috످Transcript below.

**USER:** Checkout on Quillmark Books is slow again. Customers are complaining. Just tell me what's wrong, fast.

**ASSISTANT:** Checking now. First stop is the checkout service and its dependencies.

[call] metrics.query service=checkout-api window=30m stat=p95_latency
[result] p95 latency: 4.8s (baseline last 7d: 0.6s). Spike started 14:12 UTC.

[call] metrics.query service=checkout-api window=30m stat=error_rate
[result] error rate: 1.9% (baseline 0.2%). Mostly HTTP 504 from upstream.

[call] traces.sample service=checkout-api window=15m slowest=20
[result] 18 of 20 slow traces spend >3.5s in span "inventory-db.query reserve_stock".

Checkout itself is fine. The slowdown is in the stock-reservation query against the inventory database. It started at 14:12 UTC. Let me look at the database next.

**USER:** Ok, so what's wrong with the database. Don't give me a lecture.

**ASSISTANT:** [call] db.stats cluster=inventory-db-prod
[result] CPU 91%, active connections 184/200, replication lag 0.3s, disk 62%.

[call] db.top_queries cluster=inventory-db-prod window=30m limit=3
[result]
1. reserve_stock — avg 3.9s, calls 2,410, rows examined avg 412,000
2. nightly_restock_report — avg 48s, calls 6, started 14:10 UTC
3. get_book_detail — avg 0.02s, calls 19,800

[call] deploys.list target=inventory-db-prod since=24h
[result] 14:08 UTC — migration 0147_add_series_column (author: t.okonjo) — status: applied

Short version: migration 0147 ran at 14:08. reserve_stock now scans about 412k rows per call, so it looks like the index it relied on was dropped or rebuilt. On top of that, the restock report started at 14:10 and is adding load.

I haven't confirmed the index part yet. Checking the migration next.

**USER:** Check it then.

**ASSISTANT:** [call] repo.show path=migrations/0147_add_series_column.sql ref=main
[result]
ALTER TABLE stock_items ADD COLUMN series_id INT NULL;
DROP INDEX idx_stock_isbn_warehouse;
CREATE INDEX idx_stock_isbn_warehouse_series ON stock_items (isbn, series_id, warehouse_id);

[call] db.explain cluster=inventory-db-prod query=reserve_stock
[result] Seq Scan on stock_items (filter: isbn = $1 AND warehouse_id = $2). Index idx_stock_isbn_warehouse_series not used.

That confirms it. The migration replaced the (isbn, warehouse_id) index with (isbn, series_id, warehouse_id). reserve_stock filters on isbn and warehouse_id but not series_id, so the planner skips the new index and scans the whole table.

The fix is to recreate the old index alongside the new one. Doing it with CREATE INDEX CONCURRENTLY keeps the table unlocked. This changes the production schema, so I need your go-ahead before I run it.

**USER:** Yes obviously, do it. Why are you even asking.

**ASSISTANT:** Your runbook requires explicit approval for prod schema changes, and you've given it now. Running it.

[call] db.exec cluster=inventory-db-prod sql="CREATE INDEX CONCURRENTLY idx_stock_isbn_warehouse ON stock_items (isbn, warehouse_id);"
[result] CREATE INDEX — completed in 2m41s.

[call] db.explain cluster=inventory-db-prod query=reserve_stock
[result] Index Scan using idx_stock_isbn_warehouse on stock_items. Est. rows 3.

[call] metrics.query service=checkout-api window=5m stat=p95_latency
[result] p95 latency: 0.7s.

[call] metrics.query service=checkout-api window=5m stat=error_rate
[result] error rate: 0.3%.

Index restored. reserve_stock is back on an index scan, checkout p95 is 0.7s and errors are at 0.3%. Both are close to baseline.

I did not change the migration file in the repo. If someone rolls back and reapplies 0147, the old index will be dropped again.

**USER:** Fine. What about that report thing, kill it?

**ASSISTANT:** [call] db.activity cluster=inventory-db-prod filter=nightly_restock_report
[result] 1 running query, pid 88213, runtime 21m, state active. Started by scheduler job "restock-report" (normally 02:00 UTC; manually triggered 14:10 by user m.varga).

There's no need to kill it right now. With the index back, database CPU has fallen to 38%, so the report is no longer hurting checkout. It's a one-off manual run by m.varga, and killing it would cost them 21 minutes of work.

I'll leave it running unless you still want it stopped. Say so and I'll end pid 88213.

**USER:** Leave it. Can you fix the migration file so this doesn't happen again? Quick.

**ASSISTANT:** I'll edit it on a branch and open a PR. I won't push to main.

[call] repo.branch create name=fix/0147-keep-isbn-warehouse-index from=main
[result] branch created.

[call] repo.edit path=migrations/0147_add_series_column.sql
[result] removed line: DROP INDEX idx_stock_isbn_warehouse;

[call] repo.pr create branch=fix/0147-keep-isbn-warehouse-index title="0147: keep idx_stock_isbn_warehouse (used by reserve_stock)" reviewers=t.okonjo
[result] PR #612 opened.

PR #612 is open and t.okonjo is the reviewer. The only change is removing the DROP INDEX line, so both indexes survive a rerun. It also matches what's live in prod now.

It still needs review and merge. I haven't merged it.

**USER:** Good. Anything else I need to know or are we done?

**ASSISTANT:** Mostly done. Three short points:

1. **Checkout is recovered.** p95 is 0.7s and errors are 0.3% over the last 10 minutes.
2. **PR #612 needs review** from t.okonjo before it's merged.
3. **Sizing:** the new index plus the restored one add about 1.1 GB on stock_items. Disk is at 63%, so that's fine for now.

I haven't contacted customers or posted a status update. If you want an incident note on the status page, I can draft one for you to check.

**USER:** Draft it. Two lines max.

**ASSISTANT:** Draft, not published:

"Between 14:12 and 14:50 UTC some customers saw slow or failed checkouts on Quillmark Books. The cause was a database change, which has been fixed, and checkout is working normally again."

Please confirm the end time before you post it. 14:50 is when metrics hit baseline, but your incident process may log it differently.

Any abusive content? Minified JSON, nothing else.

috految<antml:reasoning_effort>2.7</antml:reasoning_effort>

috److{"abusive_content":false,"reason":"The user is curt and impatient at times, but neither side insults, threatens or harasses anyone.","note":"Separately, the assistant gave figures that no tool result shows, including 38% database CPU (its basis for leaving the report running), the 1.1 GB index size and the 14:50 recovery time in the draft notice."}

috످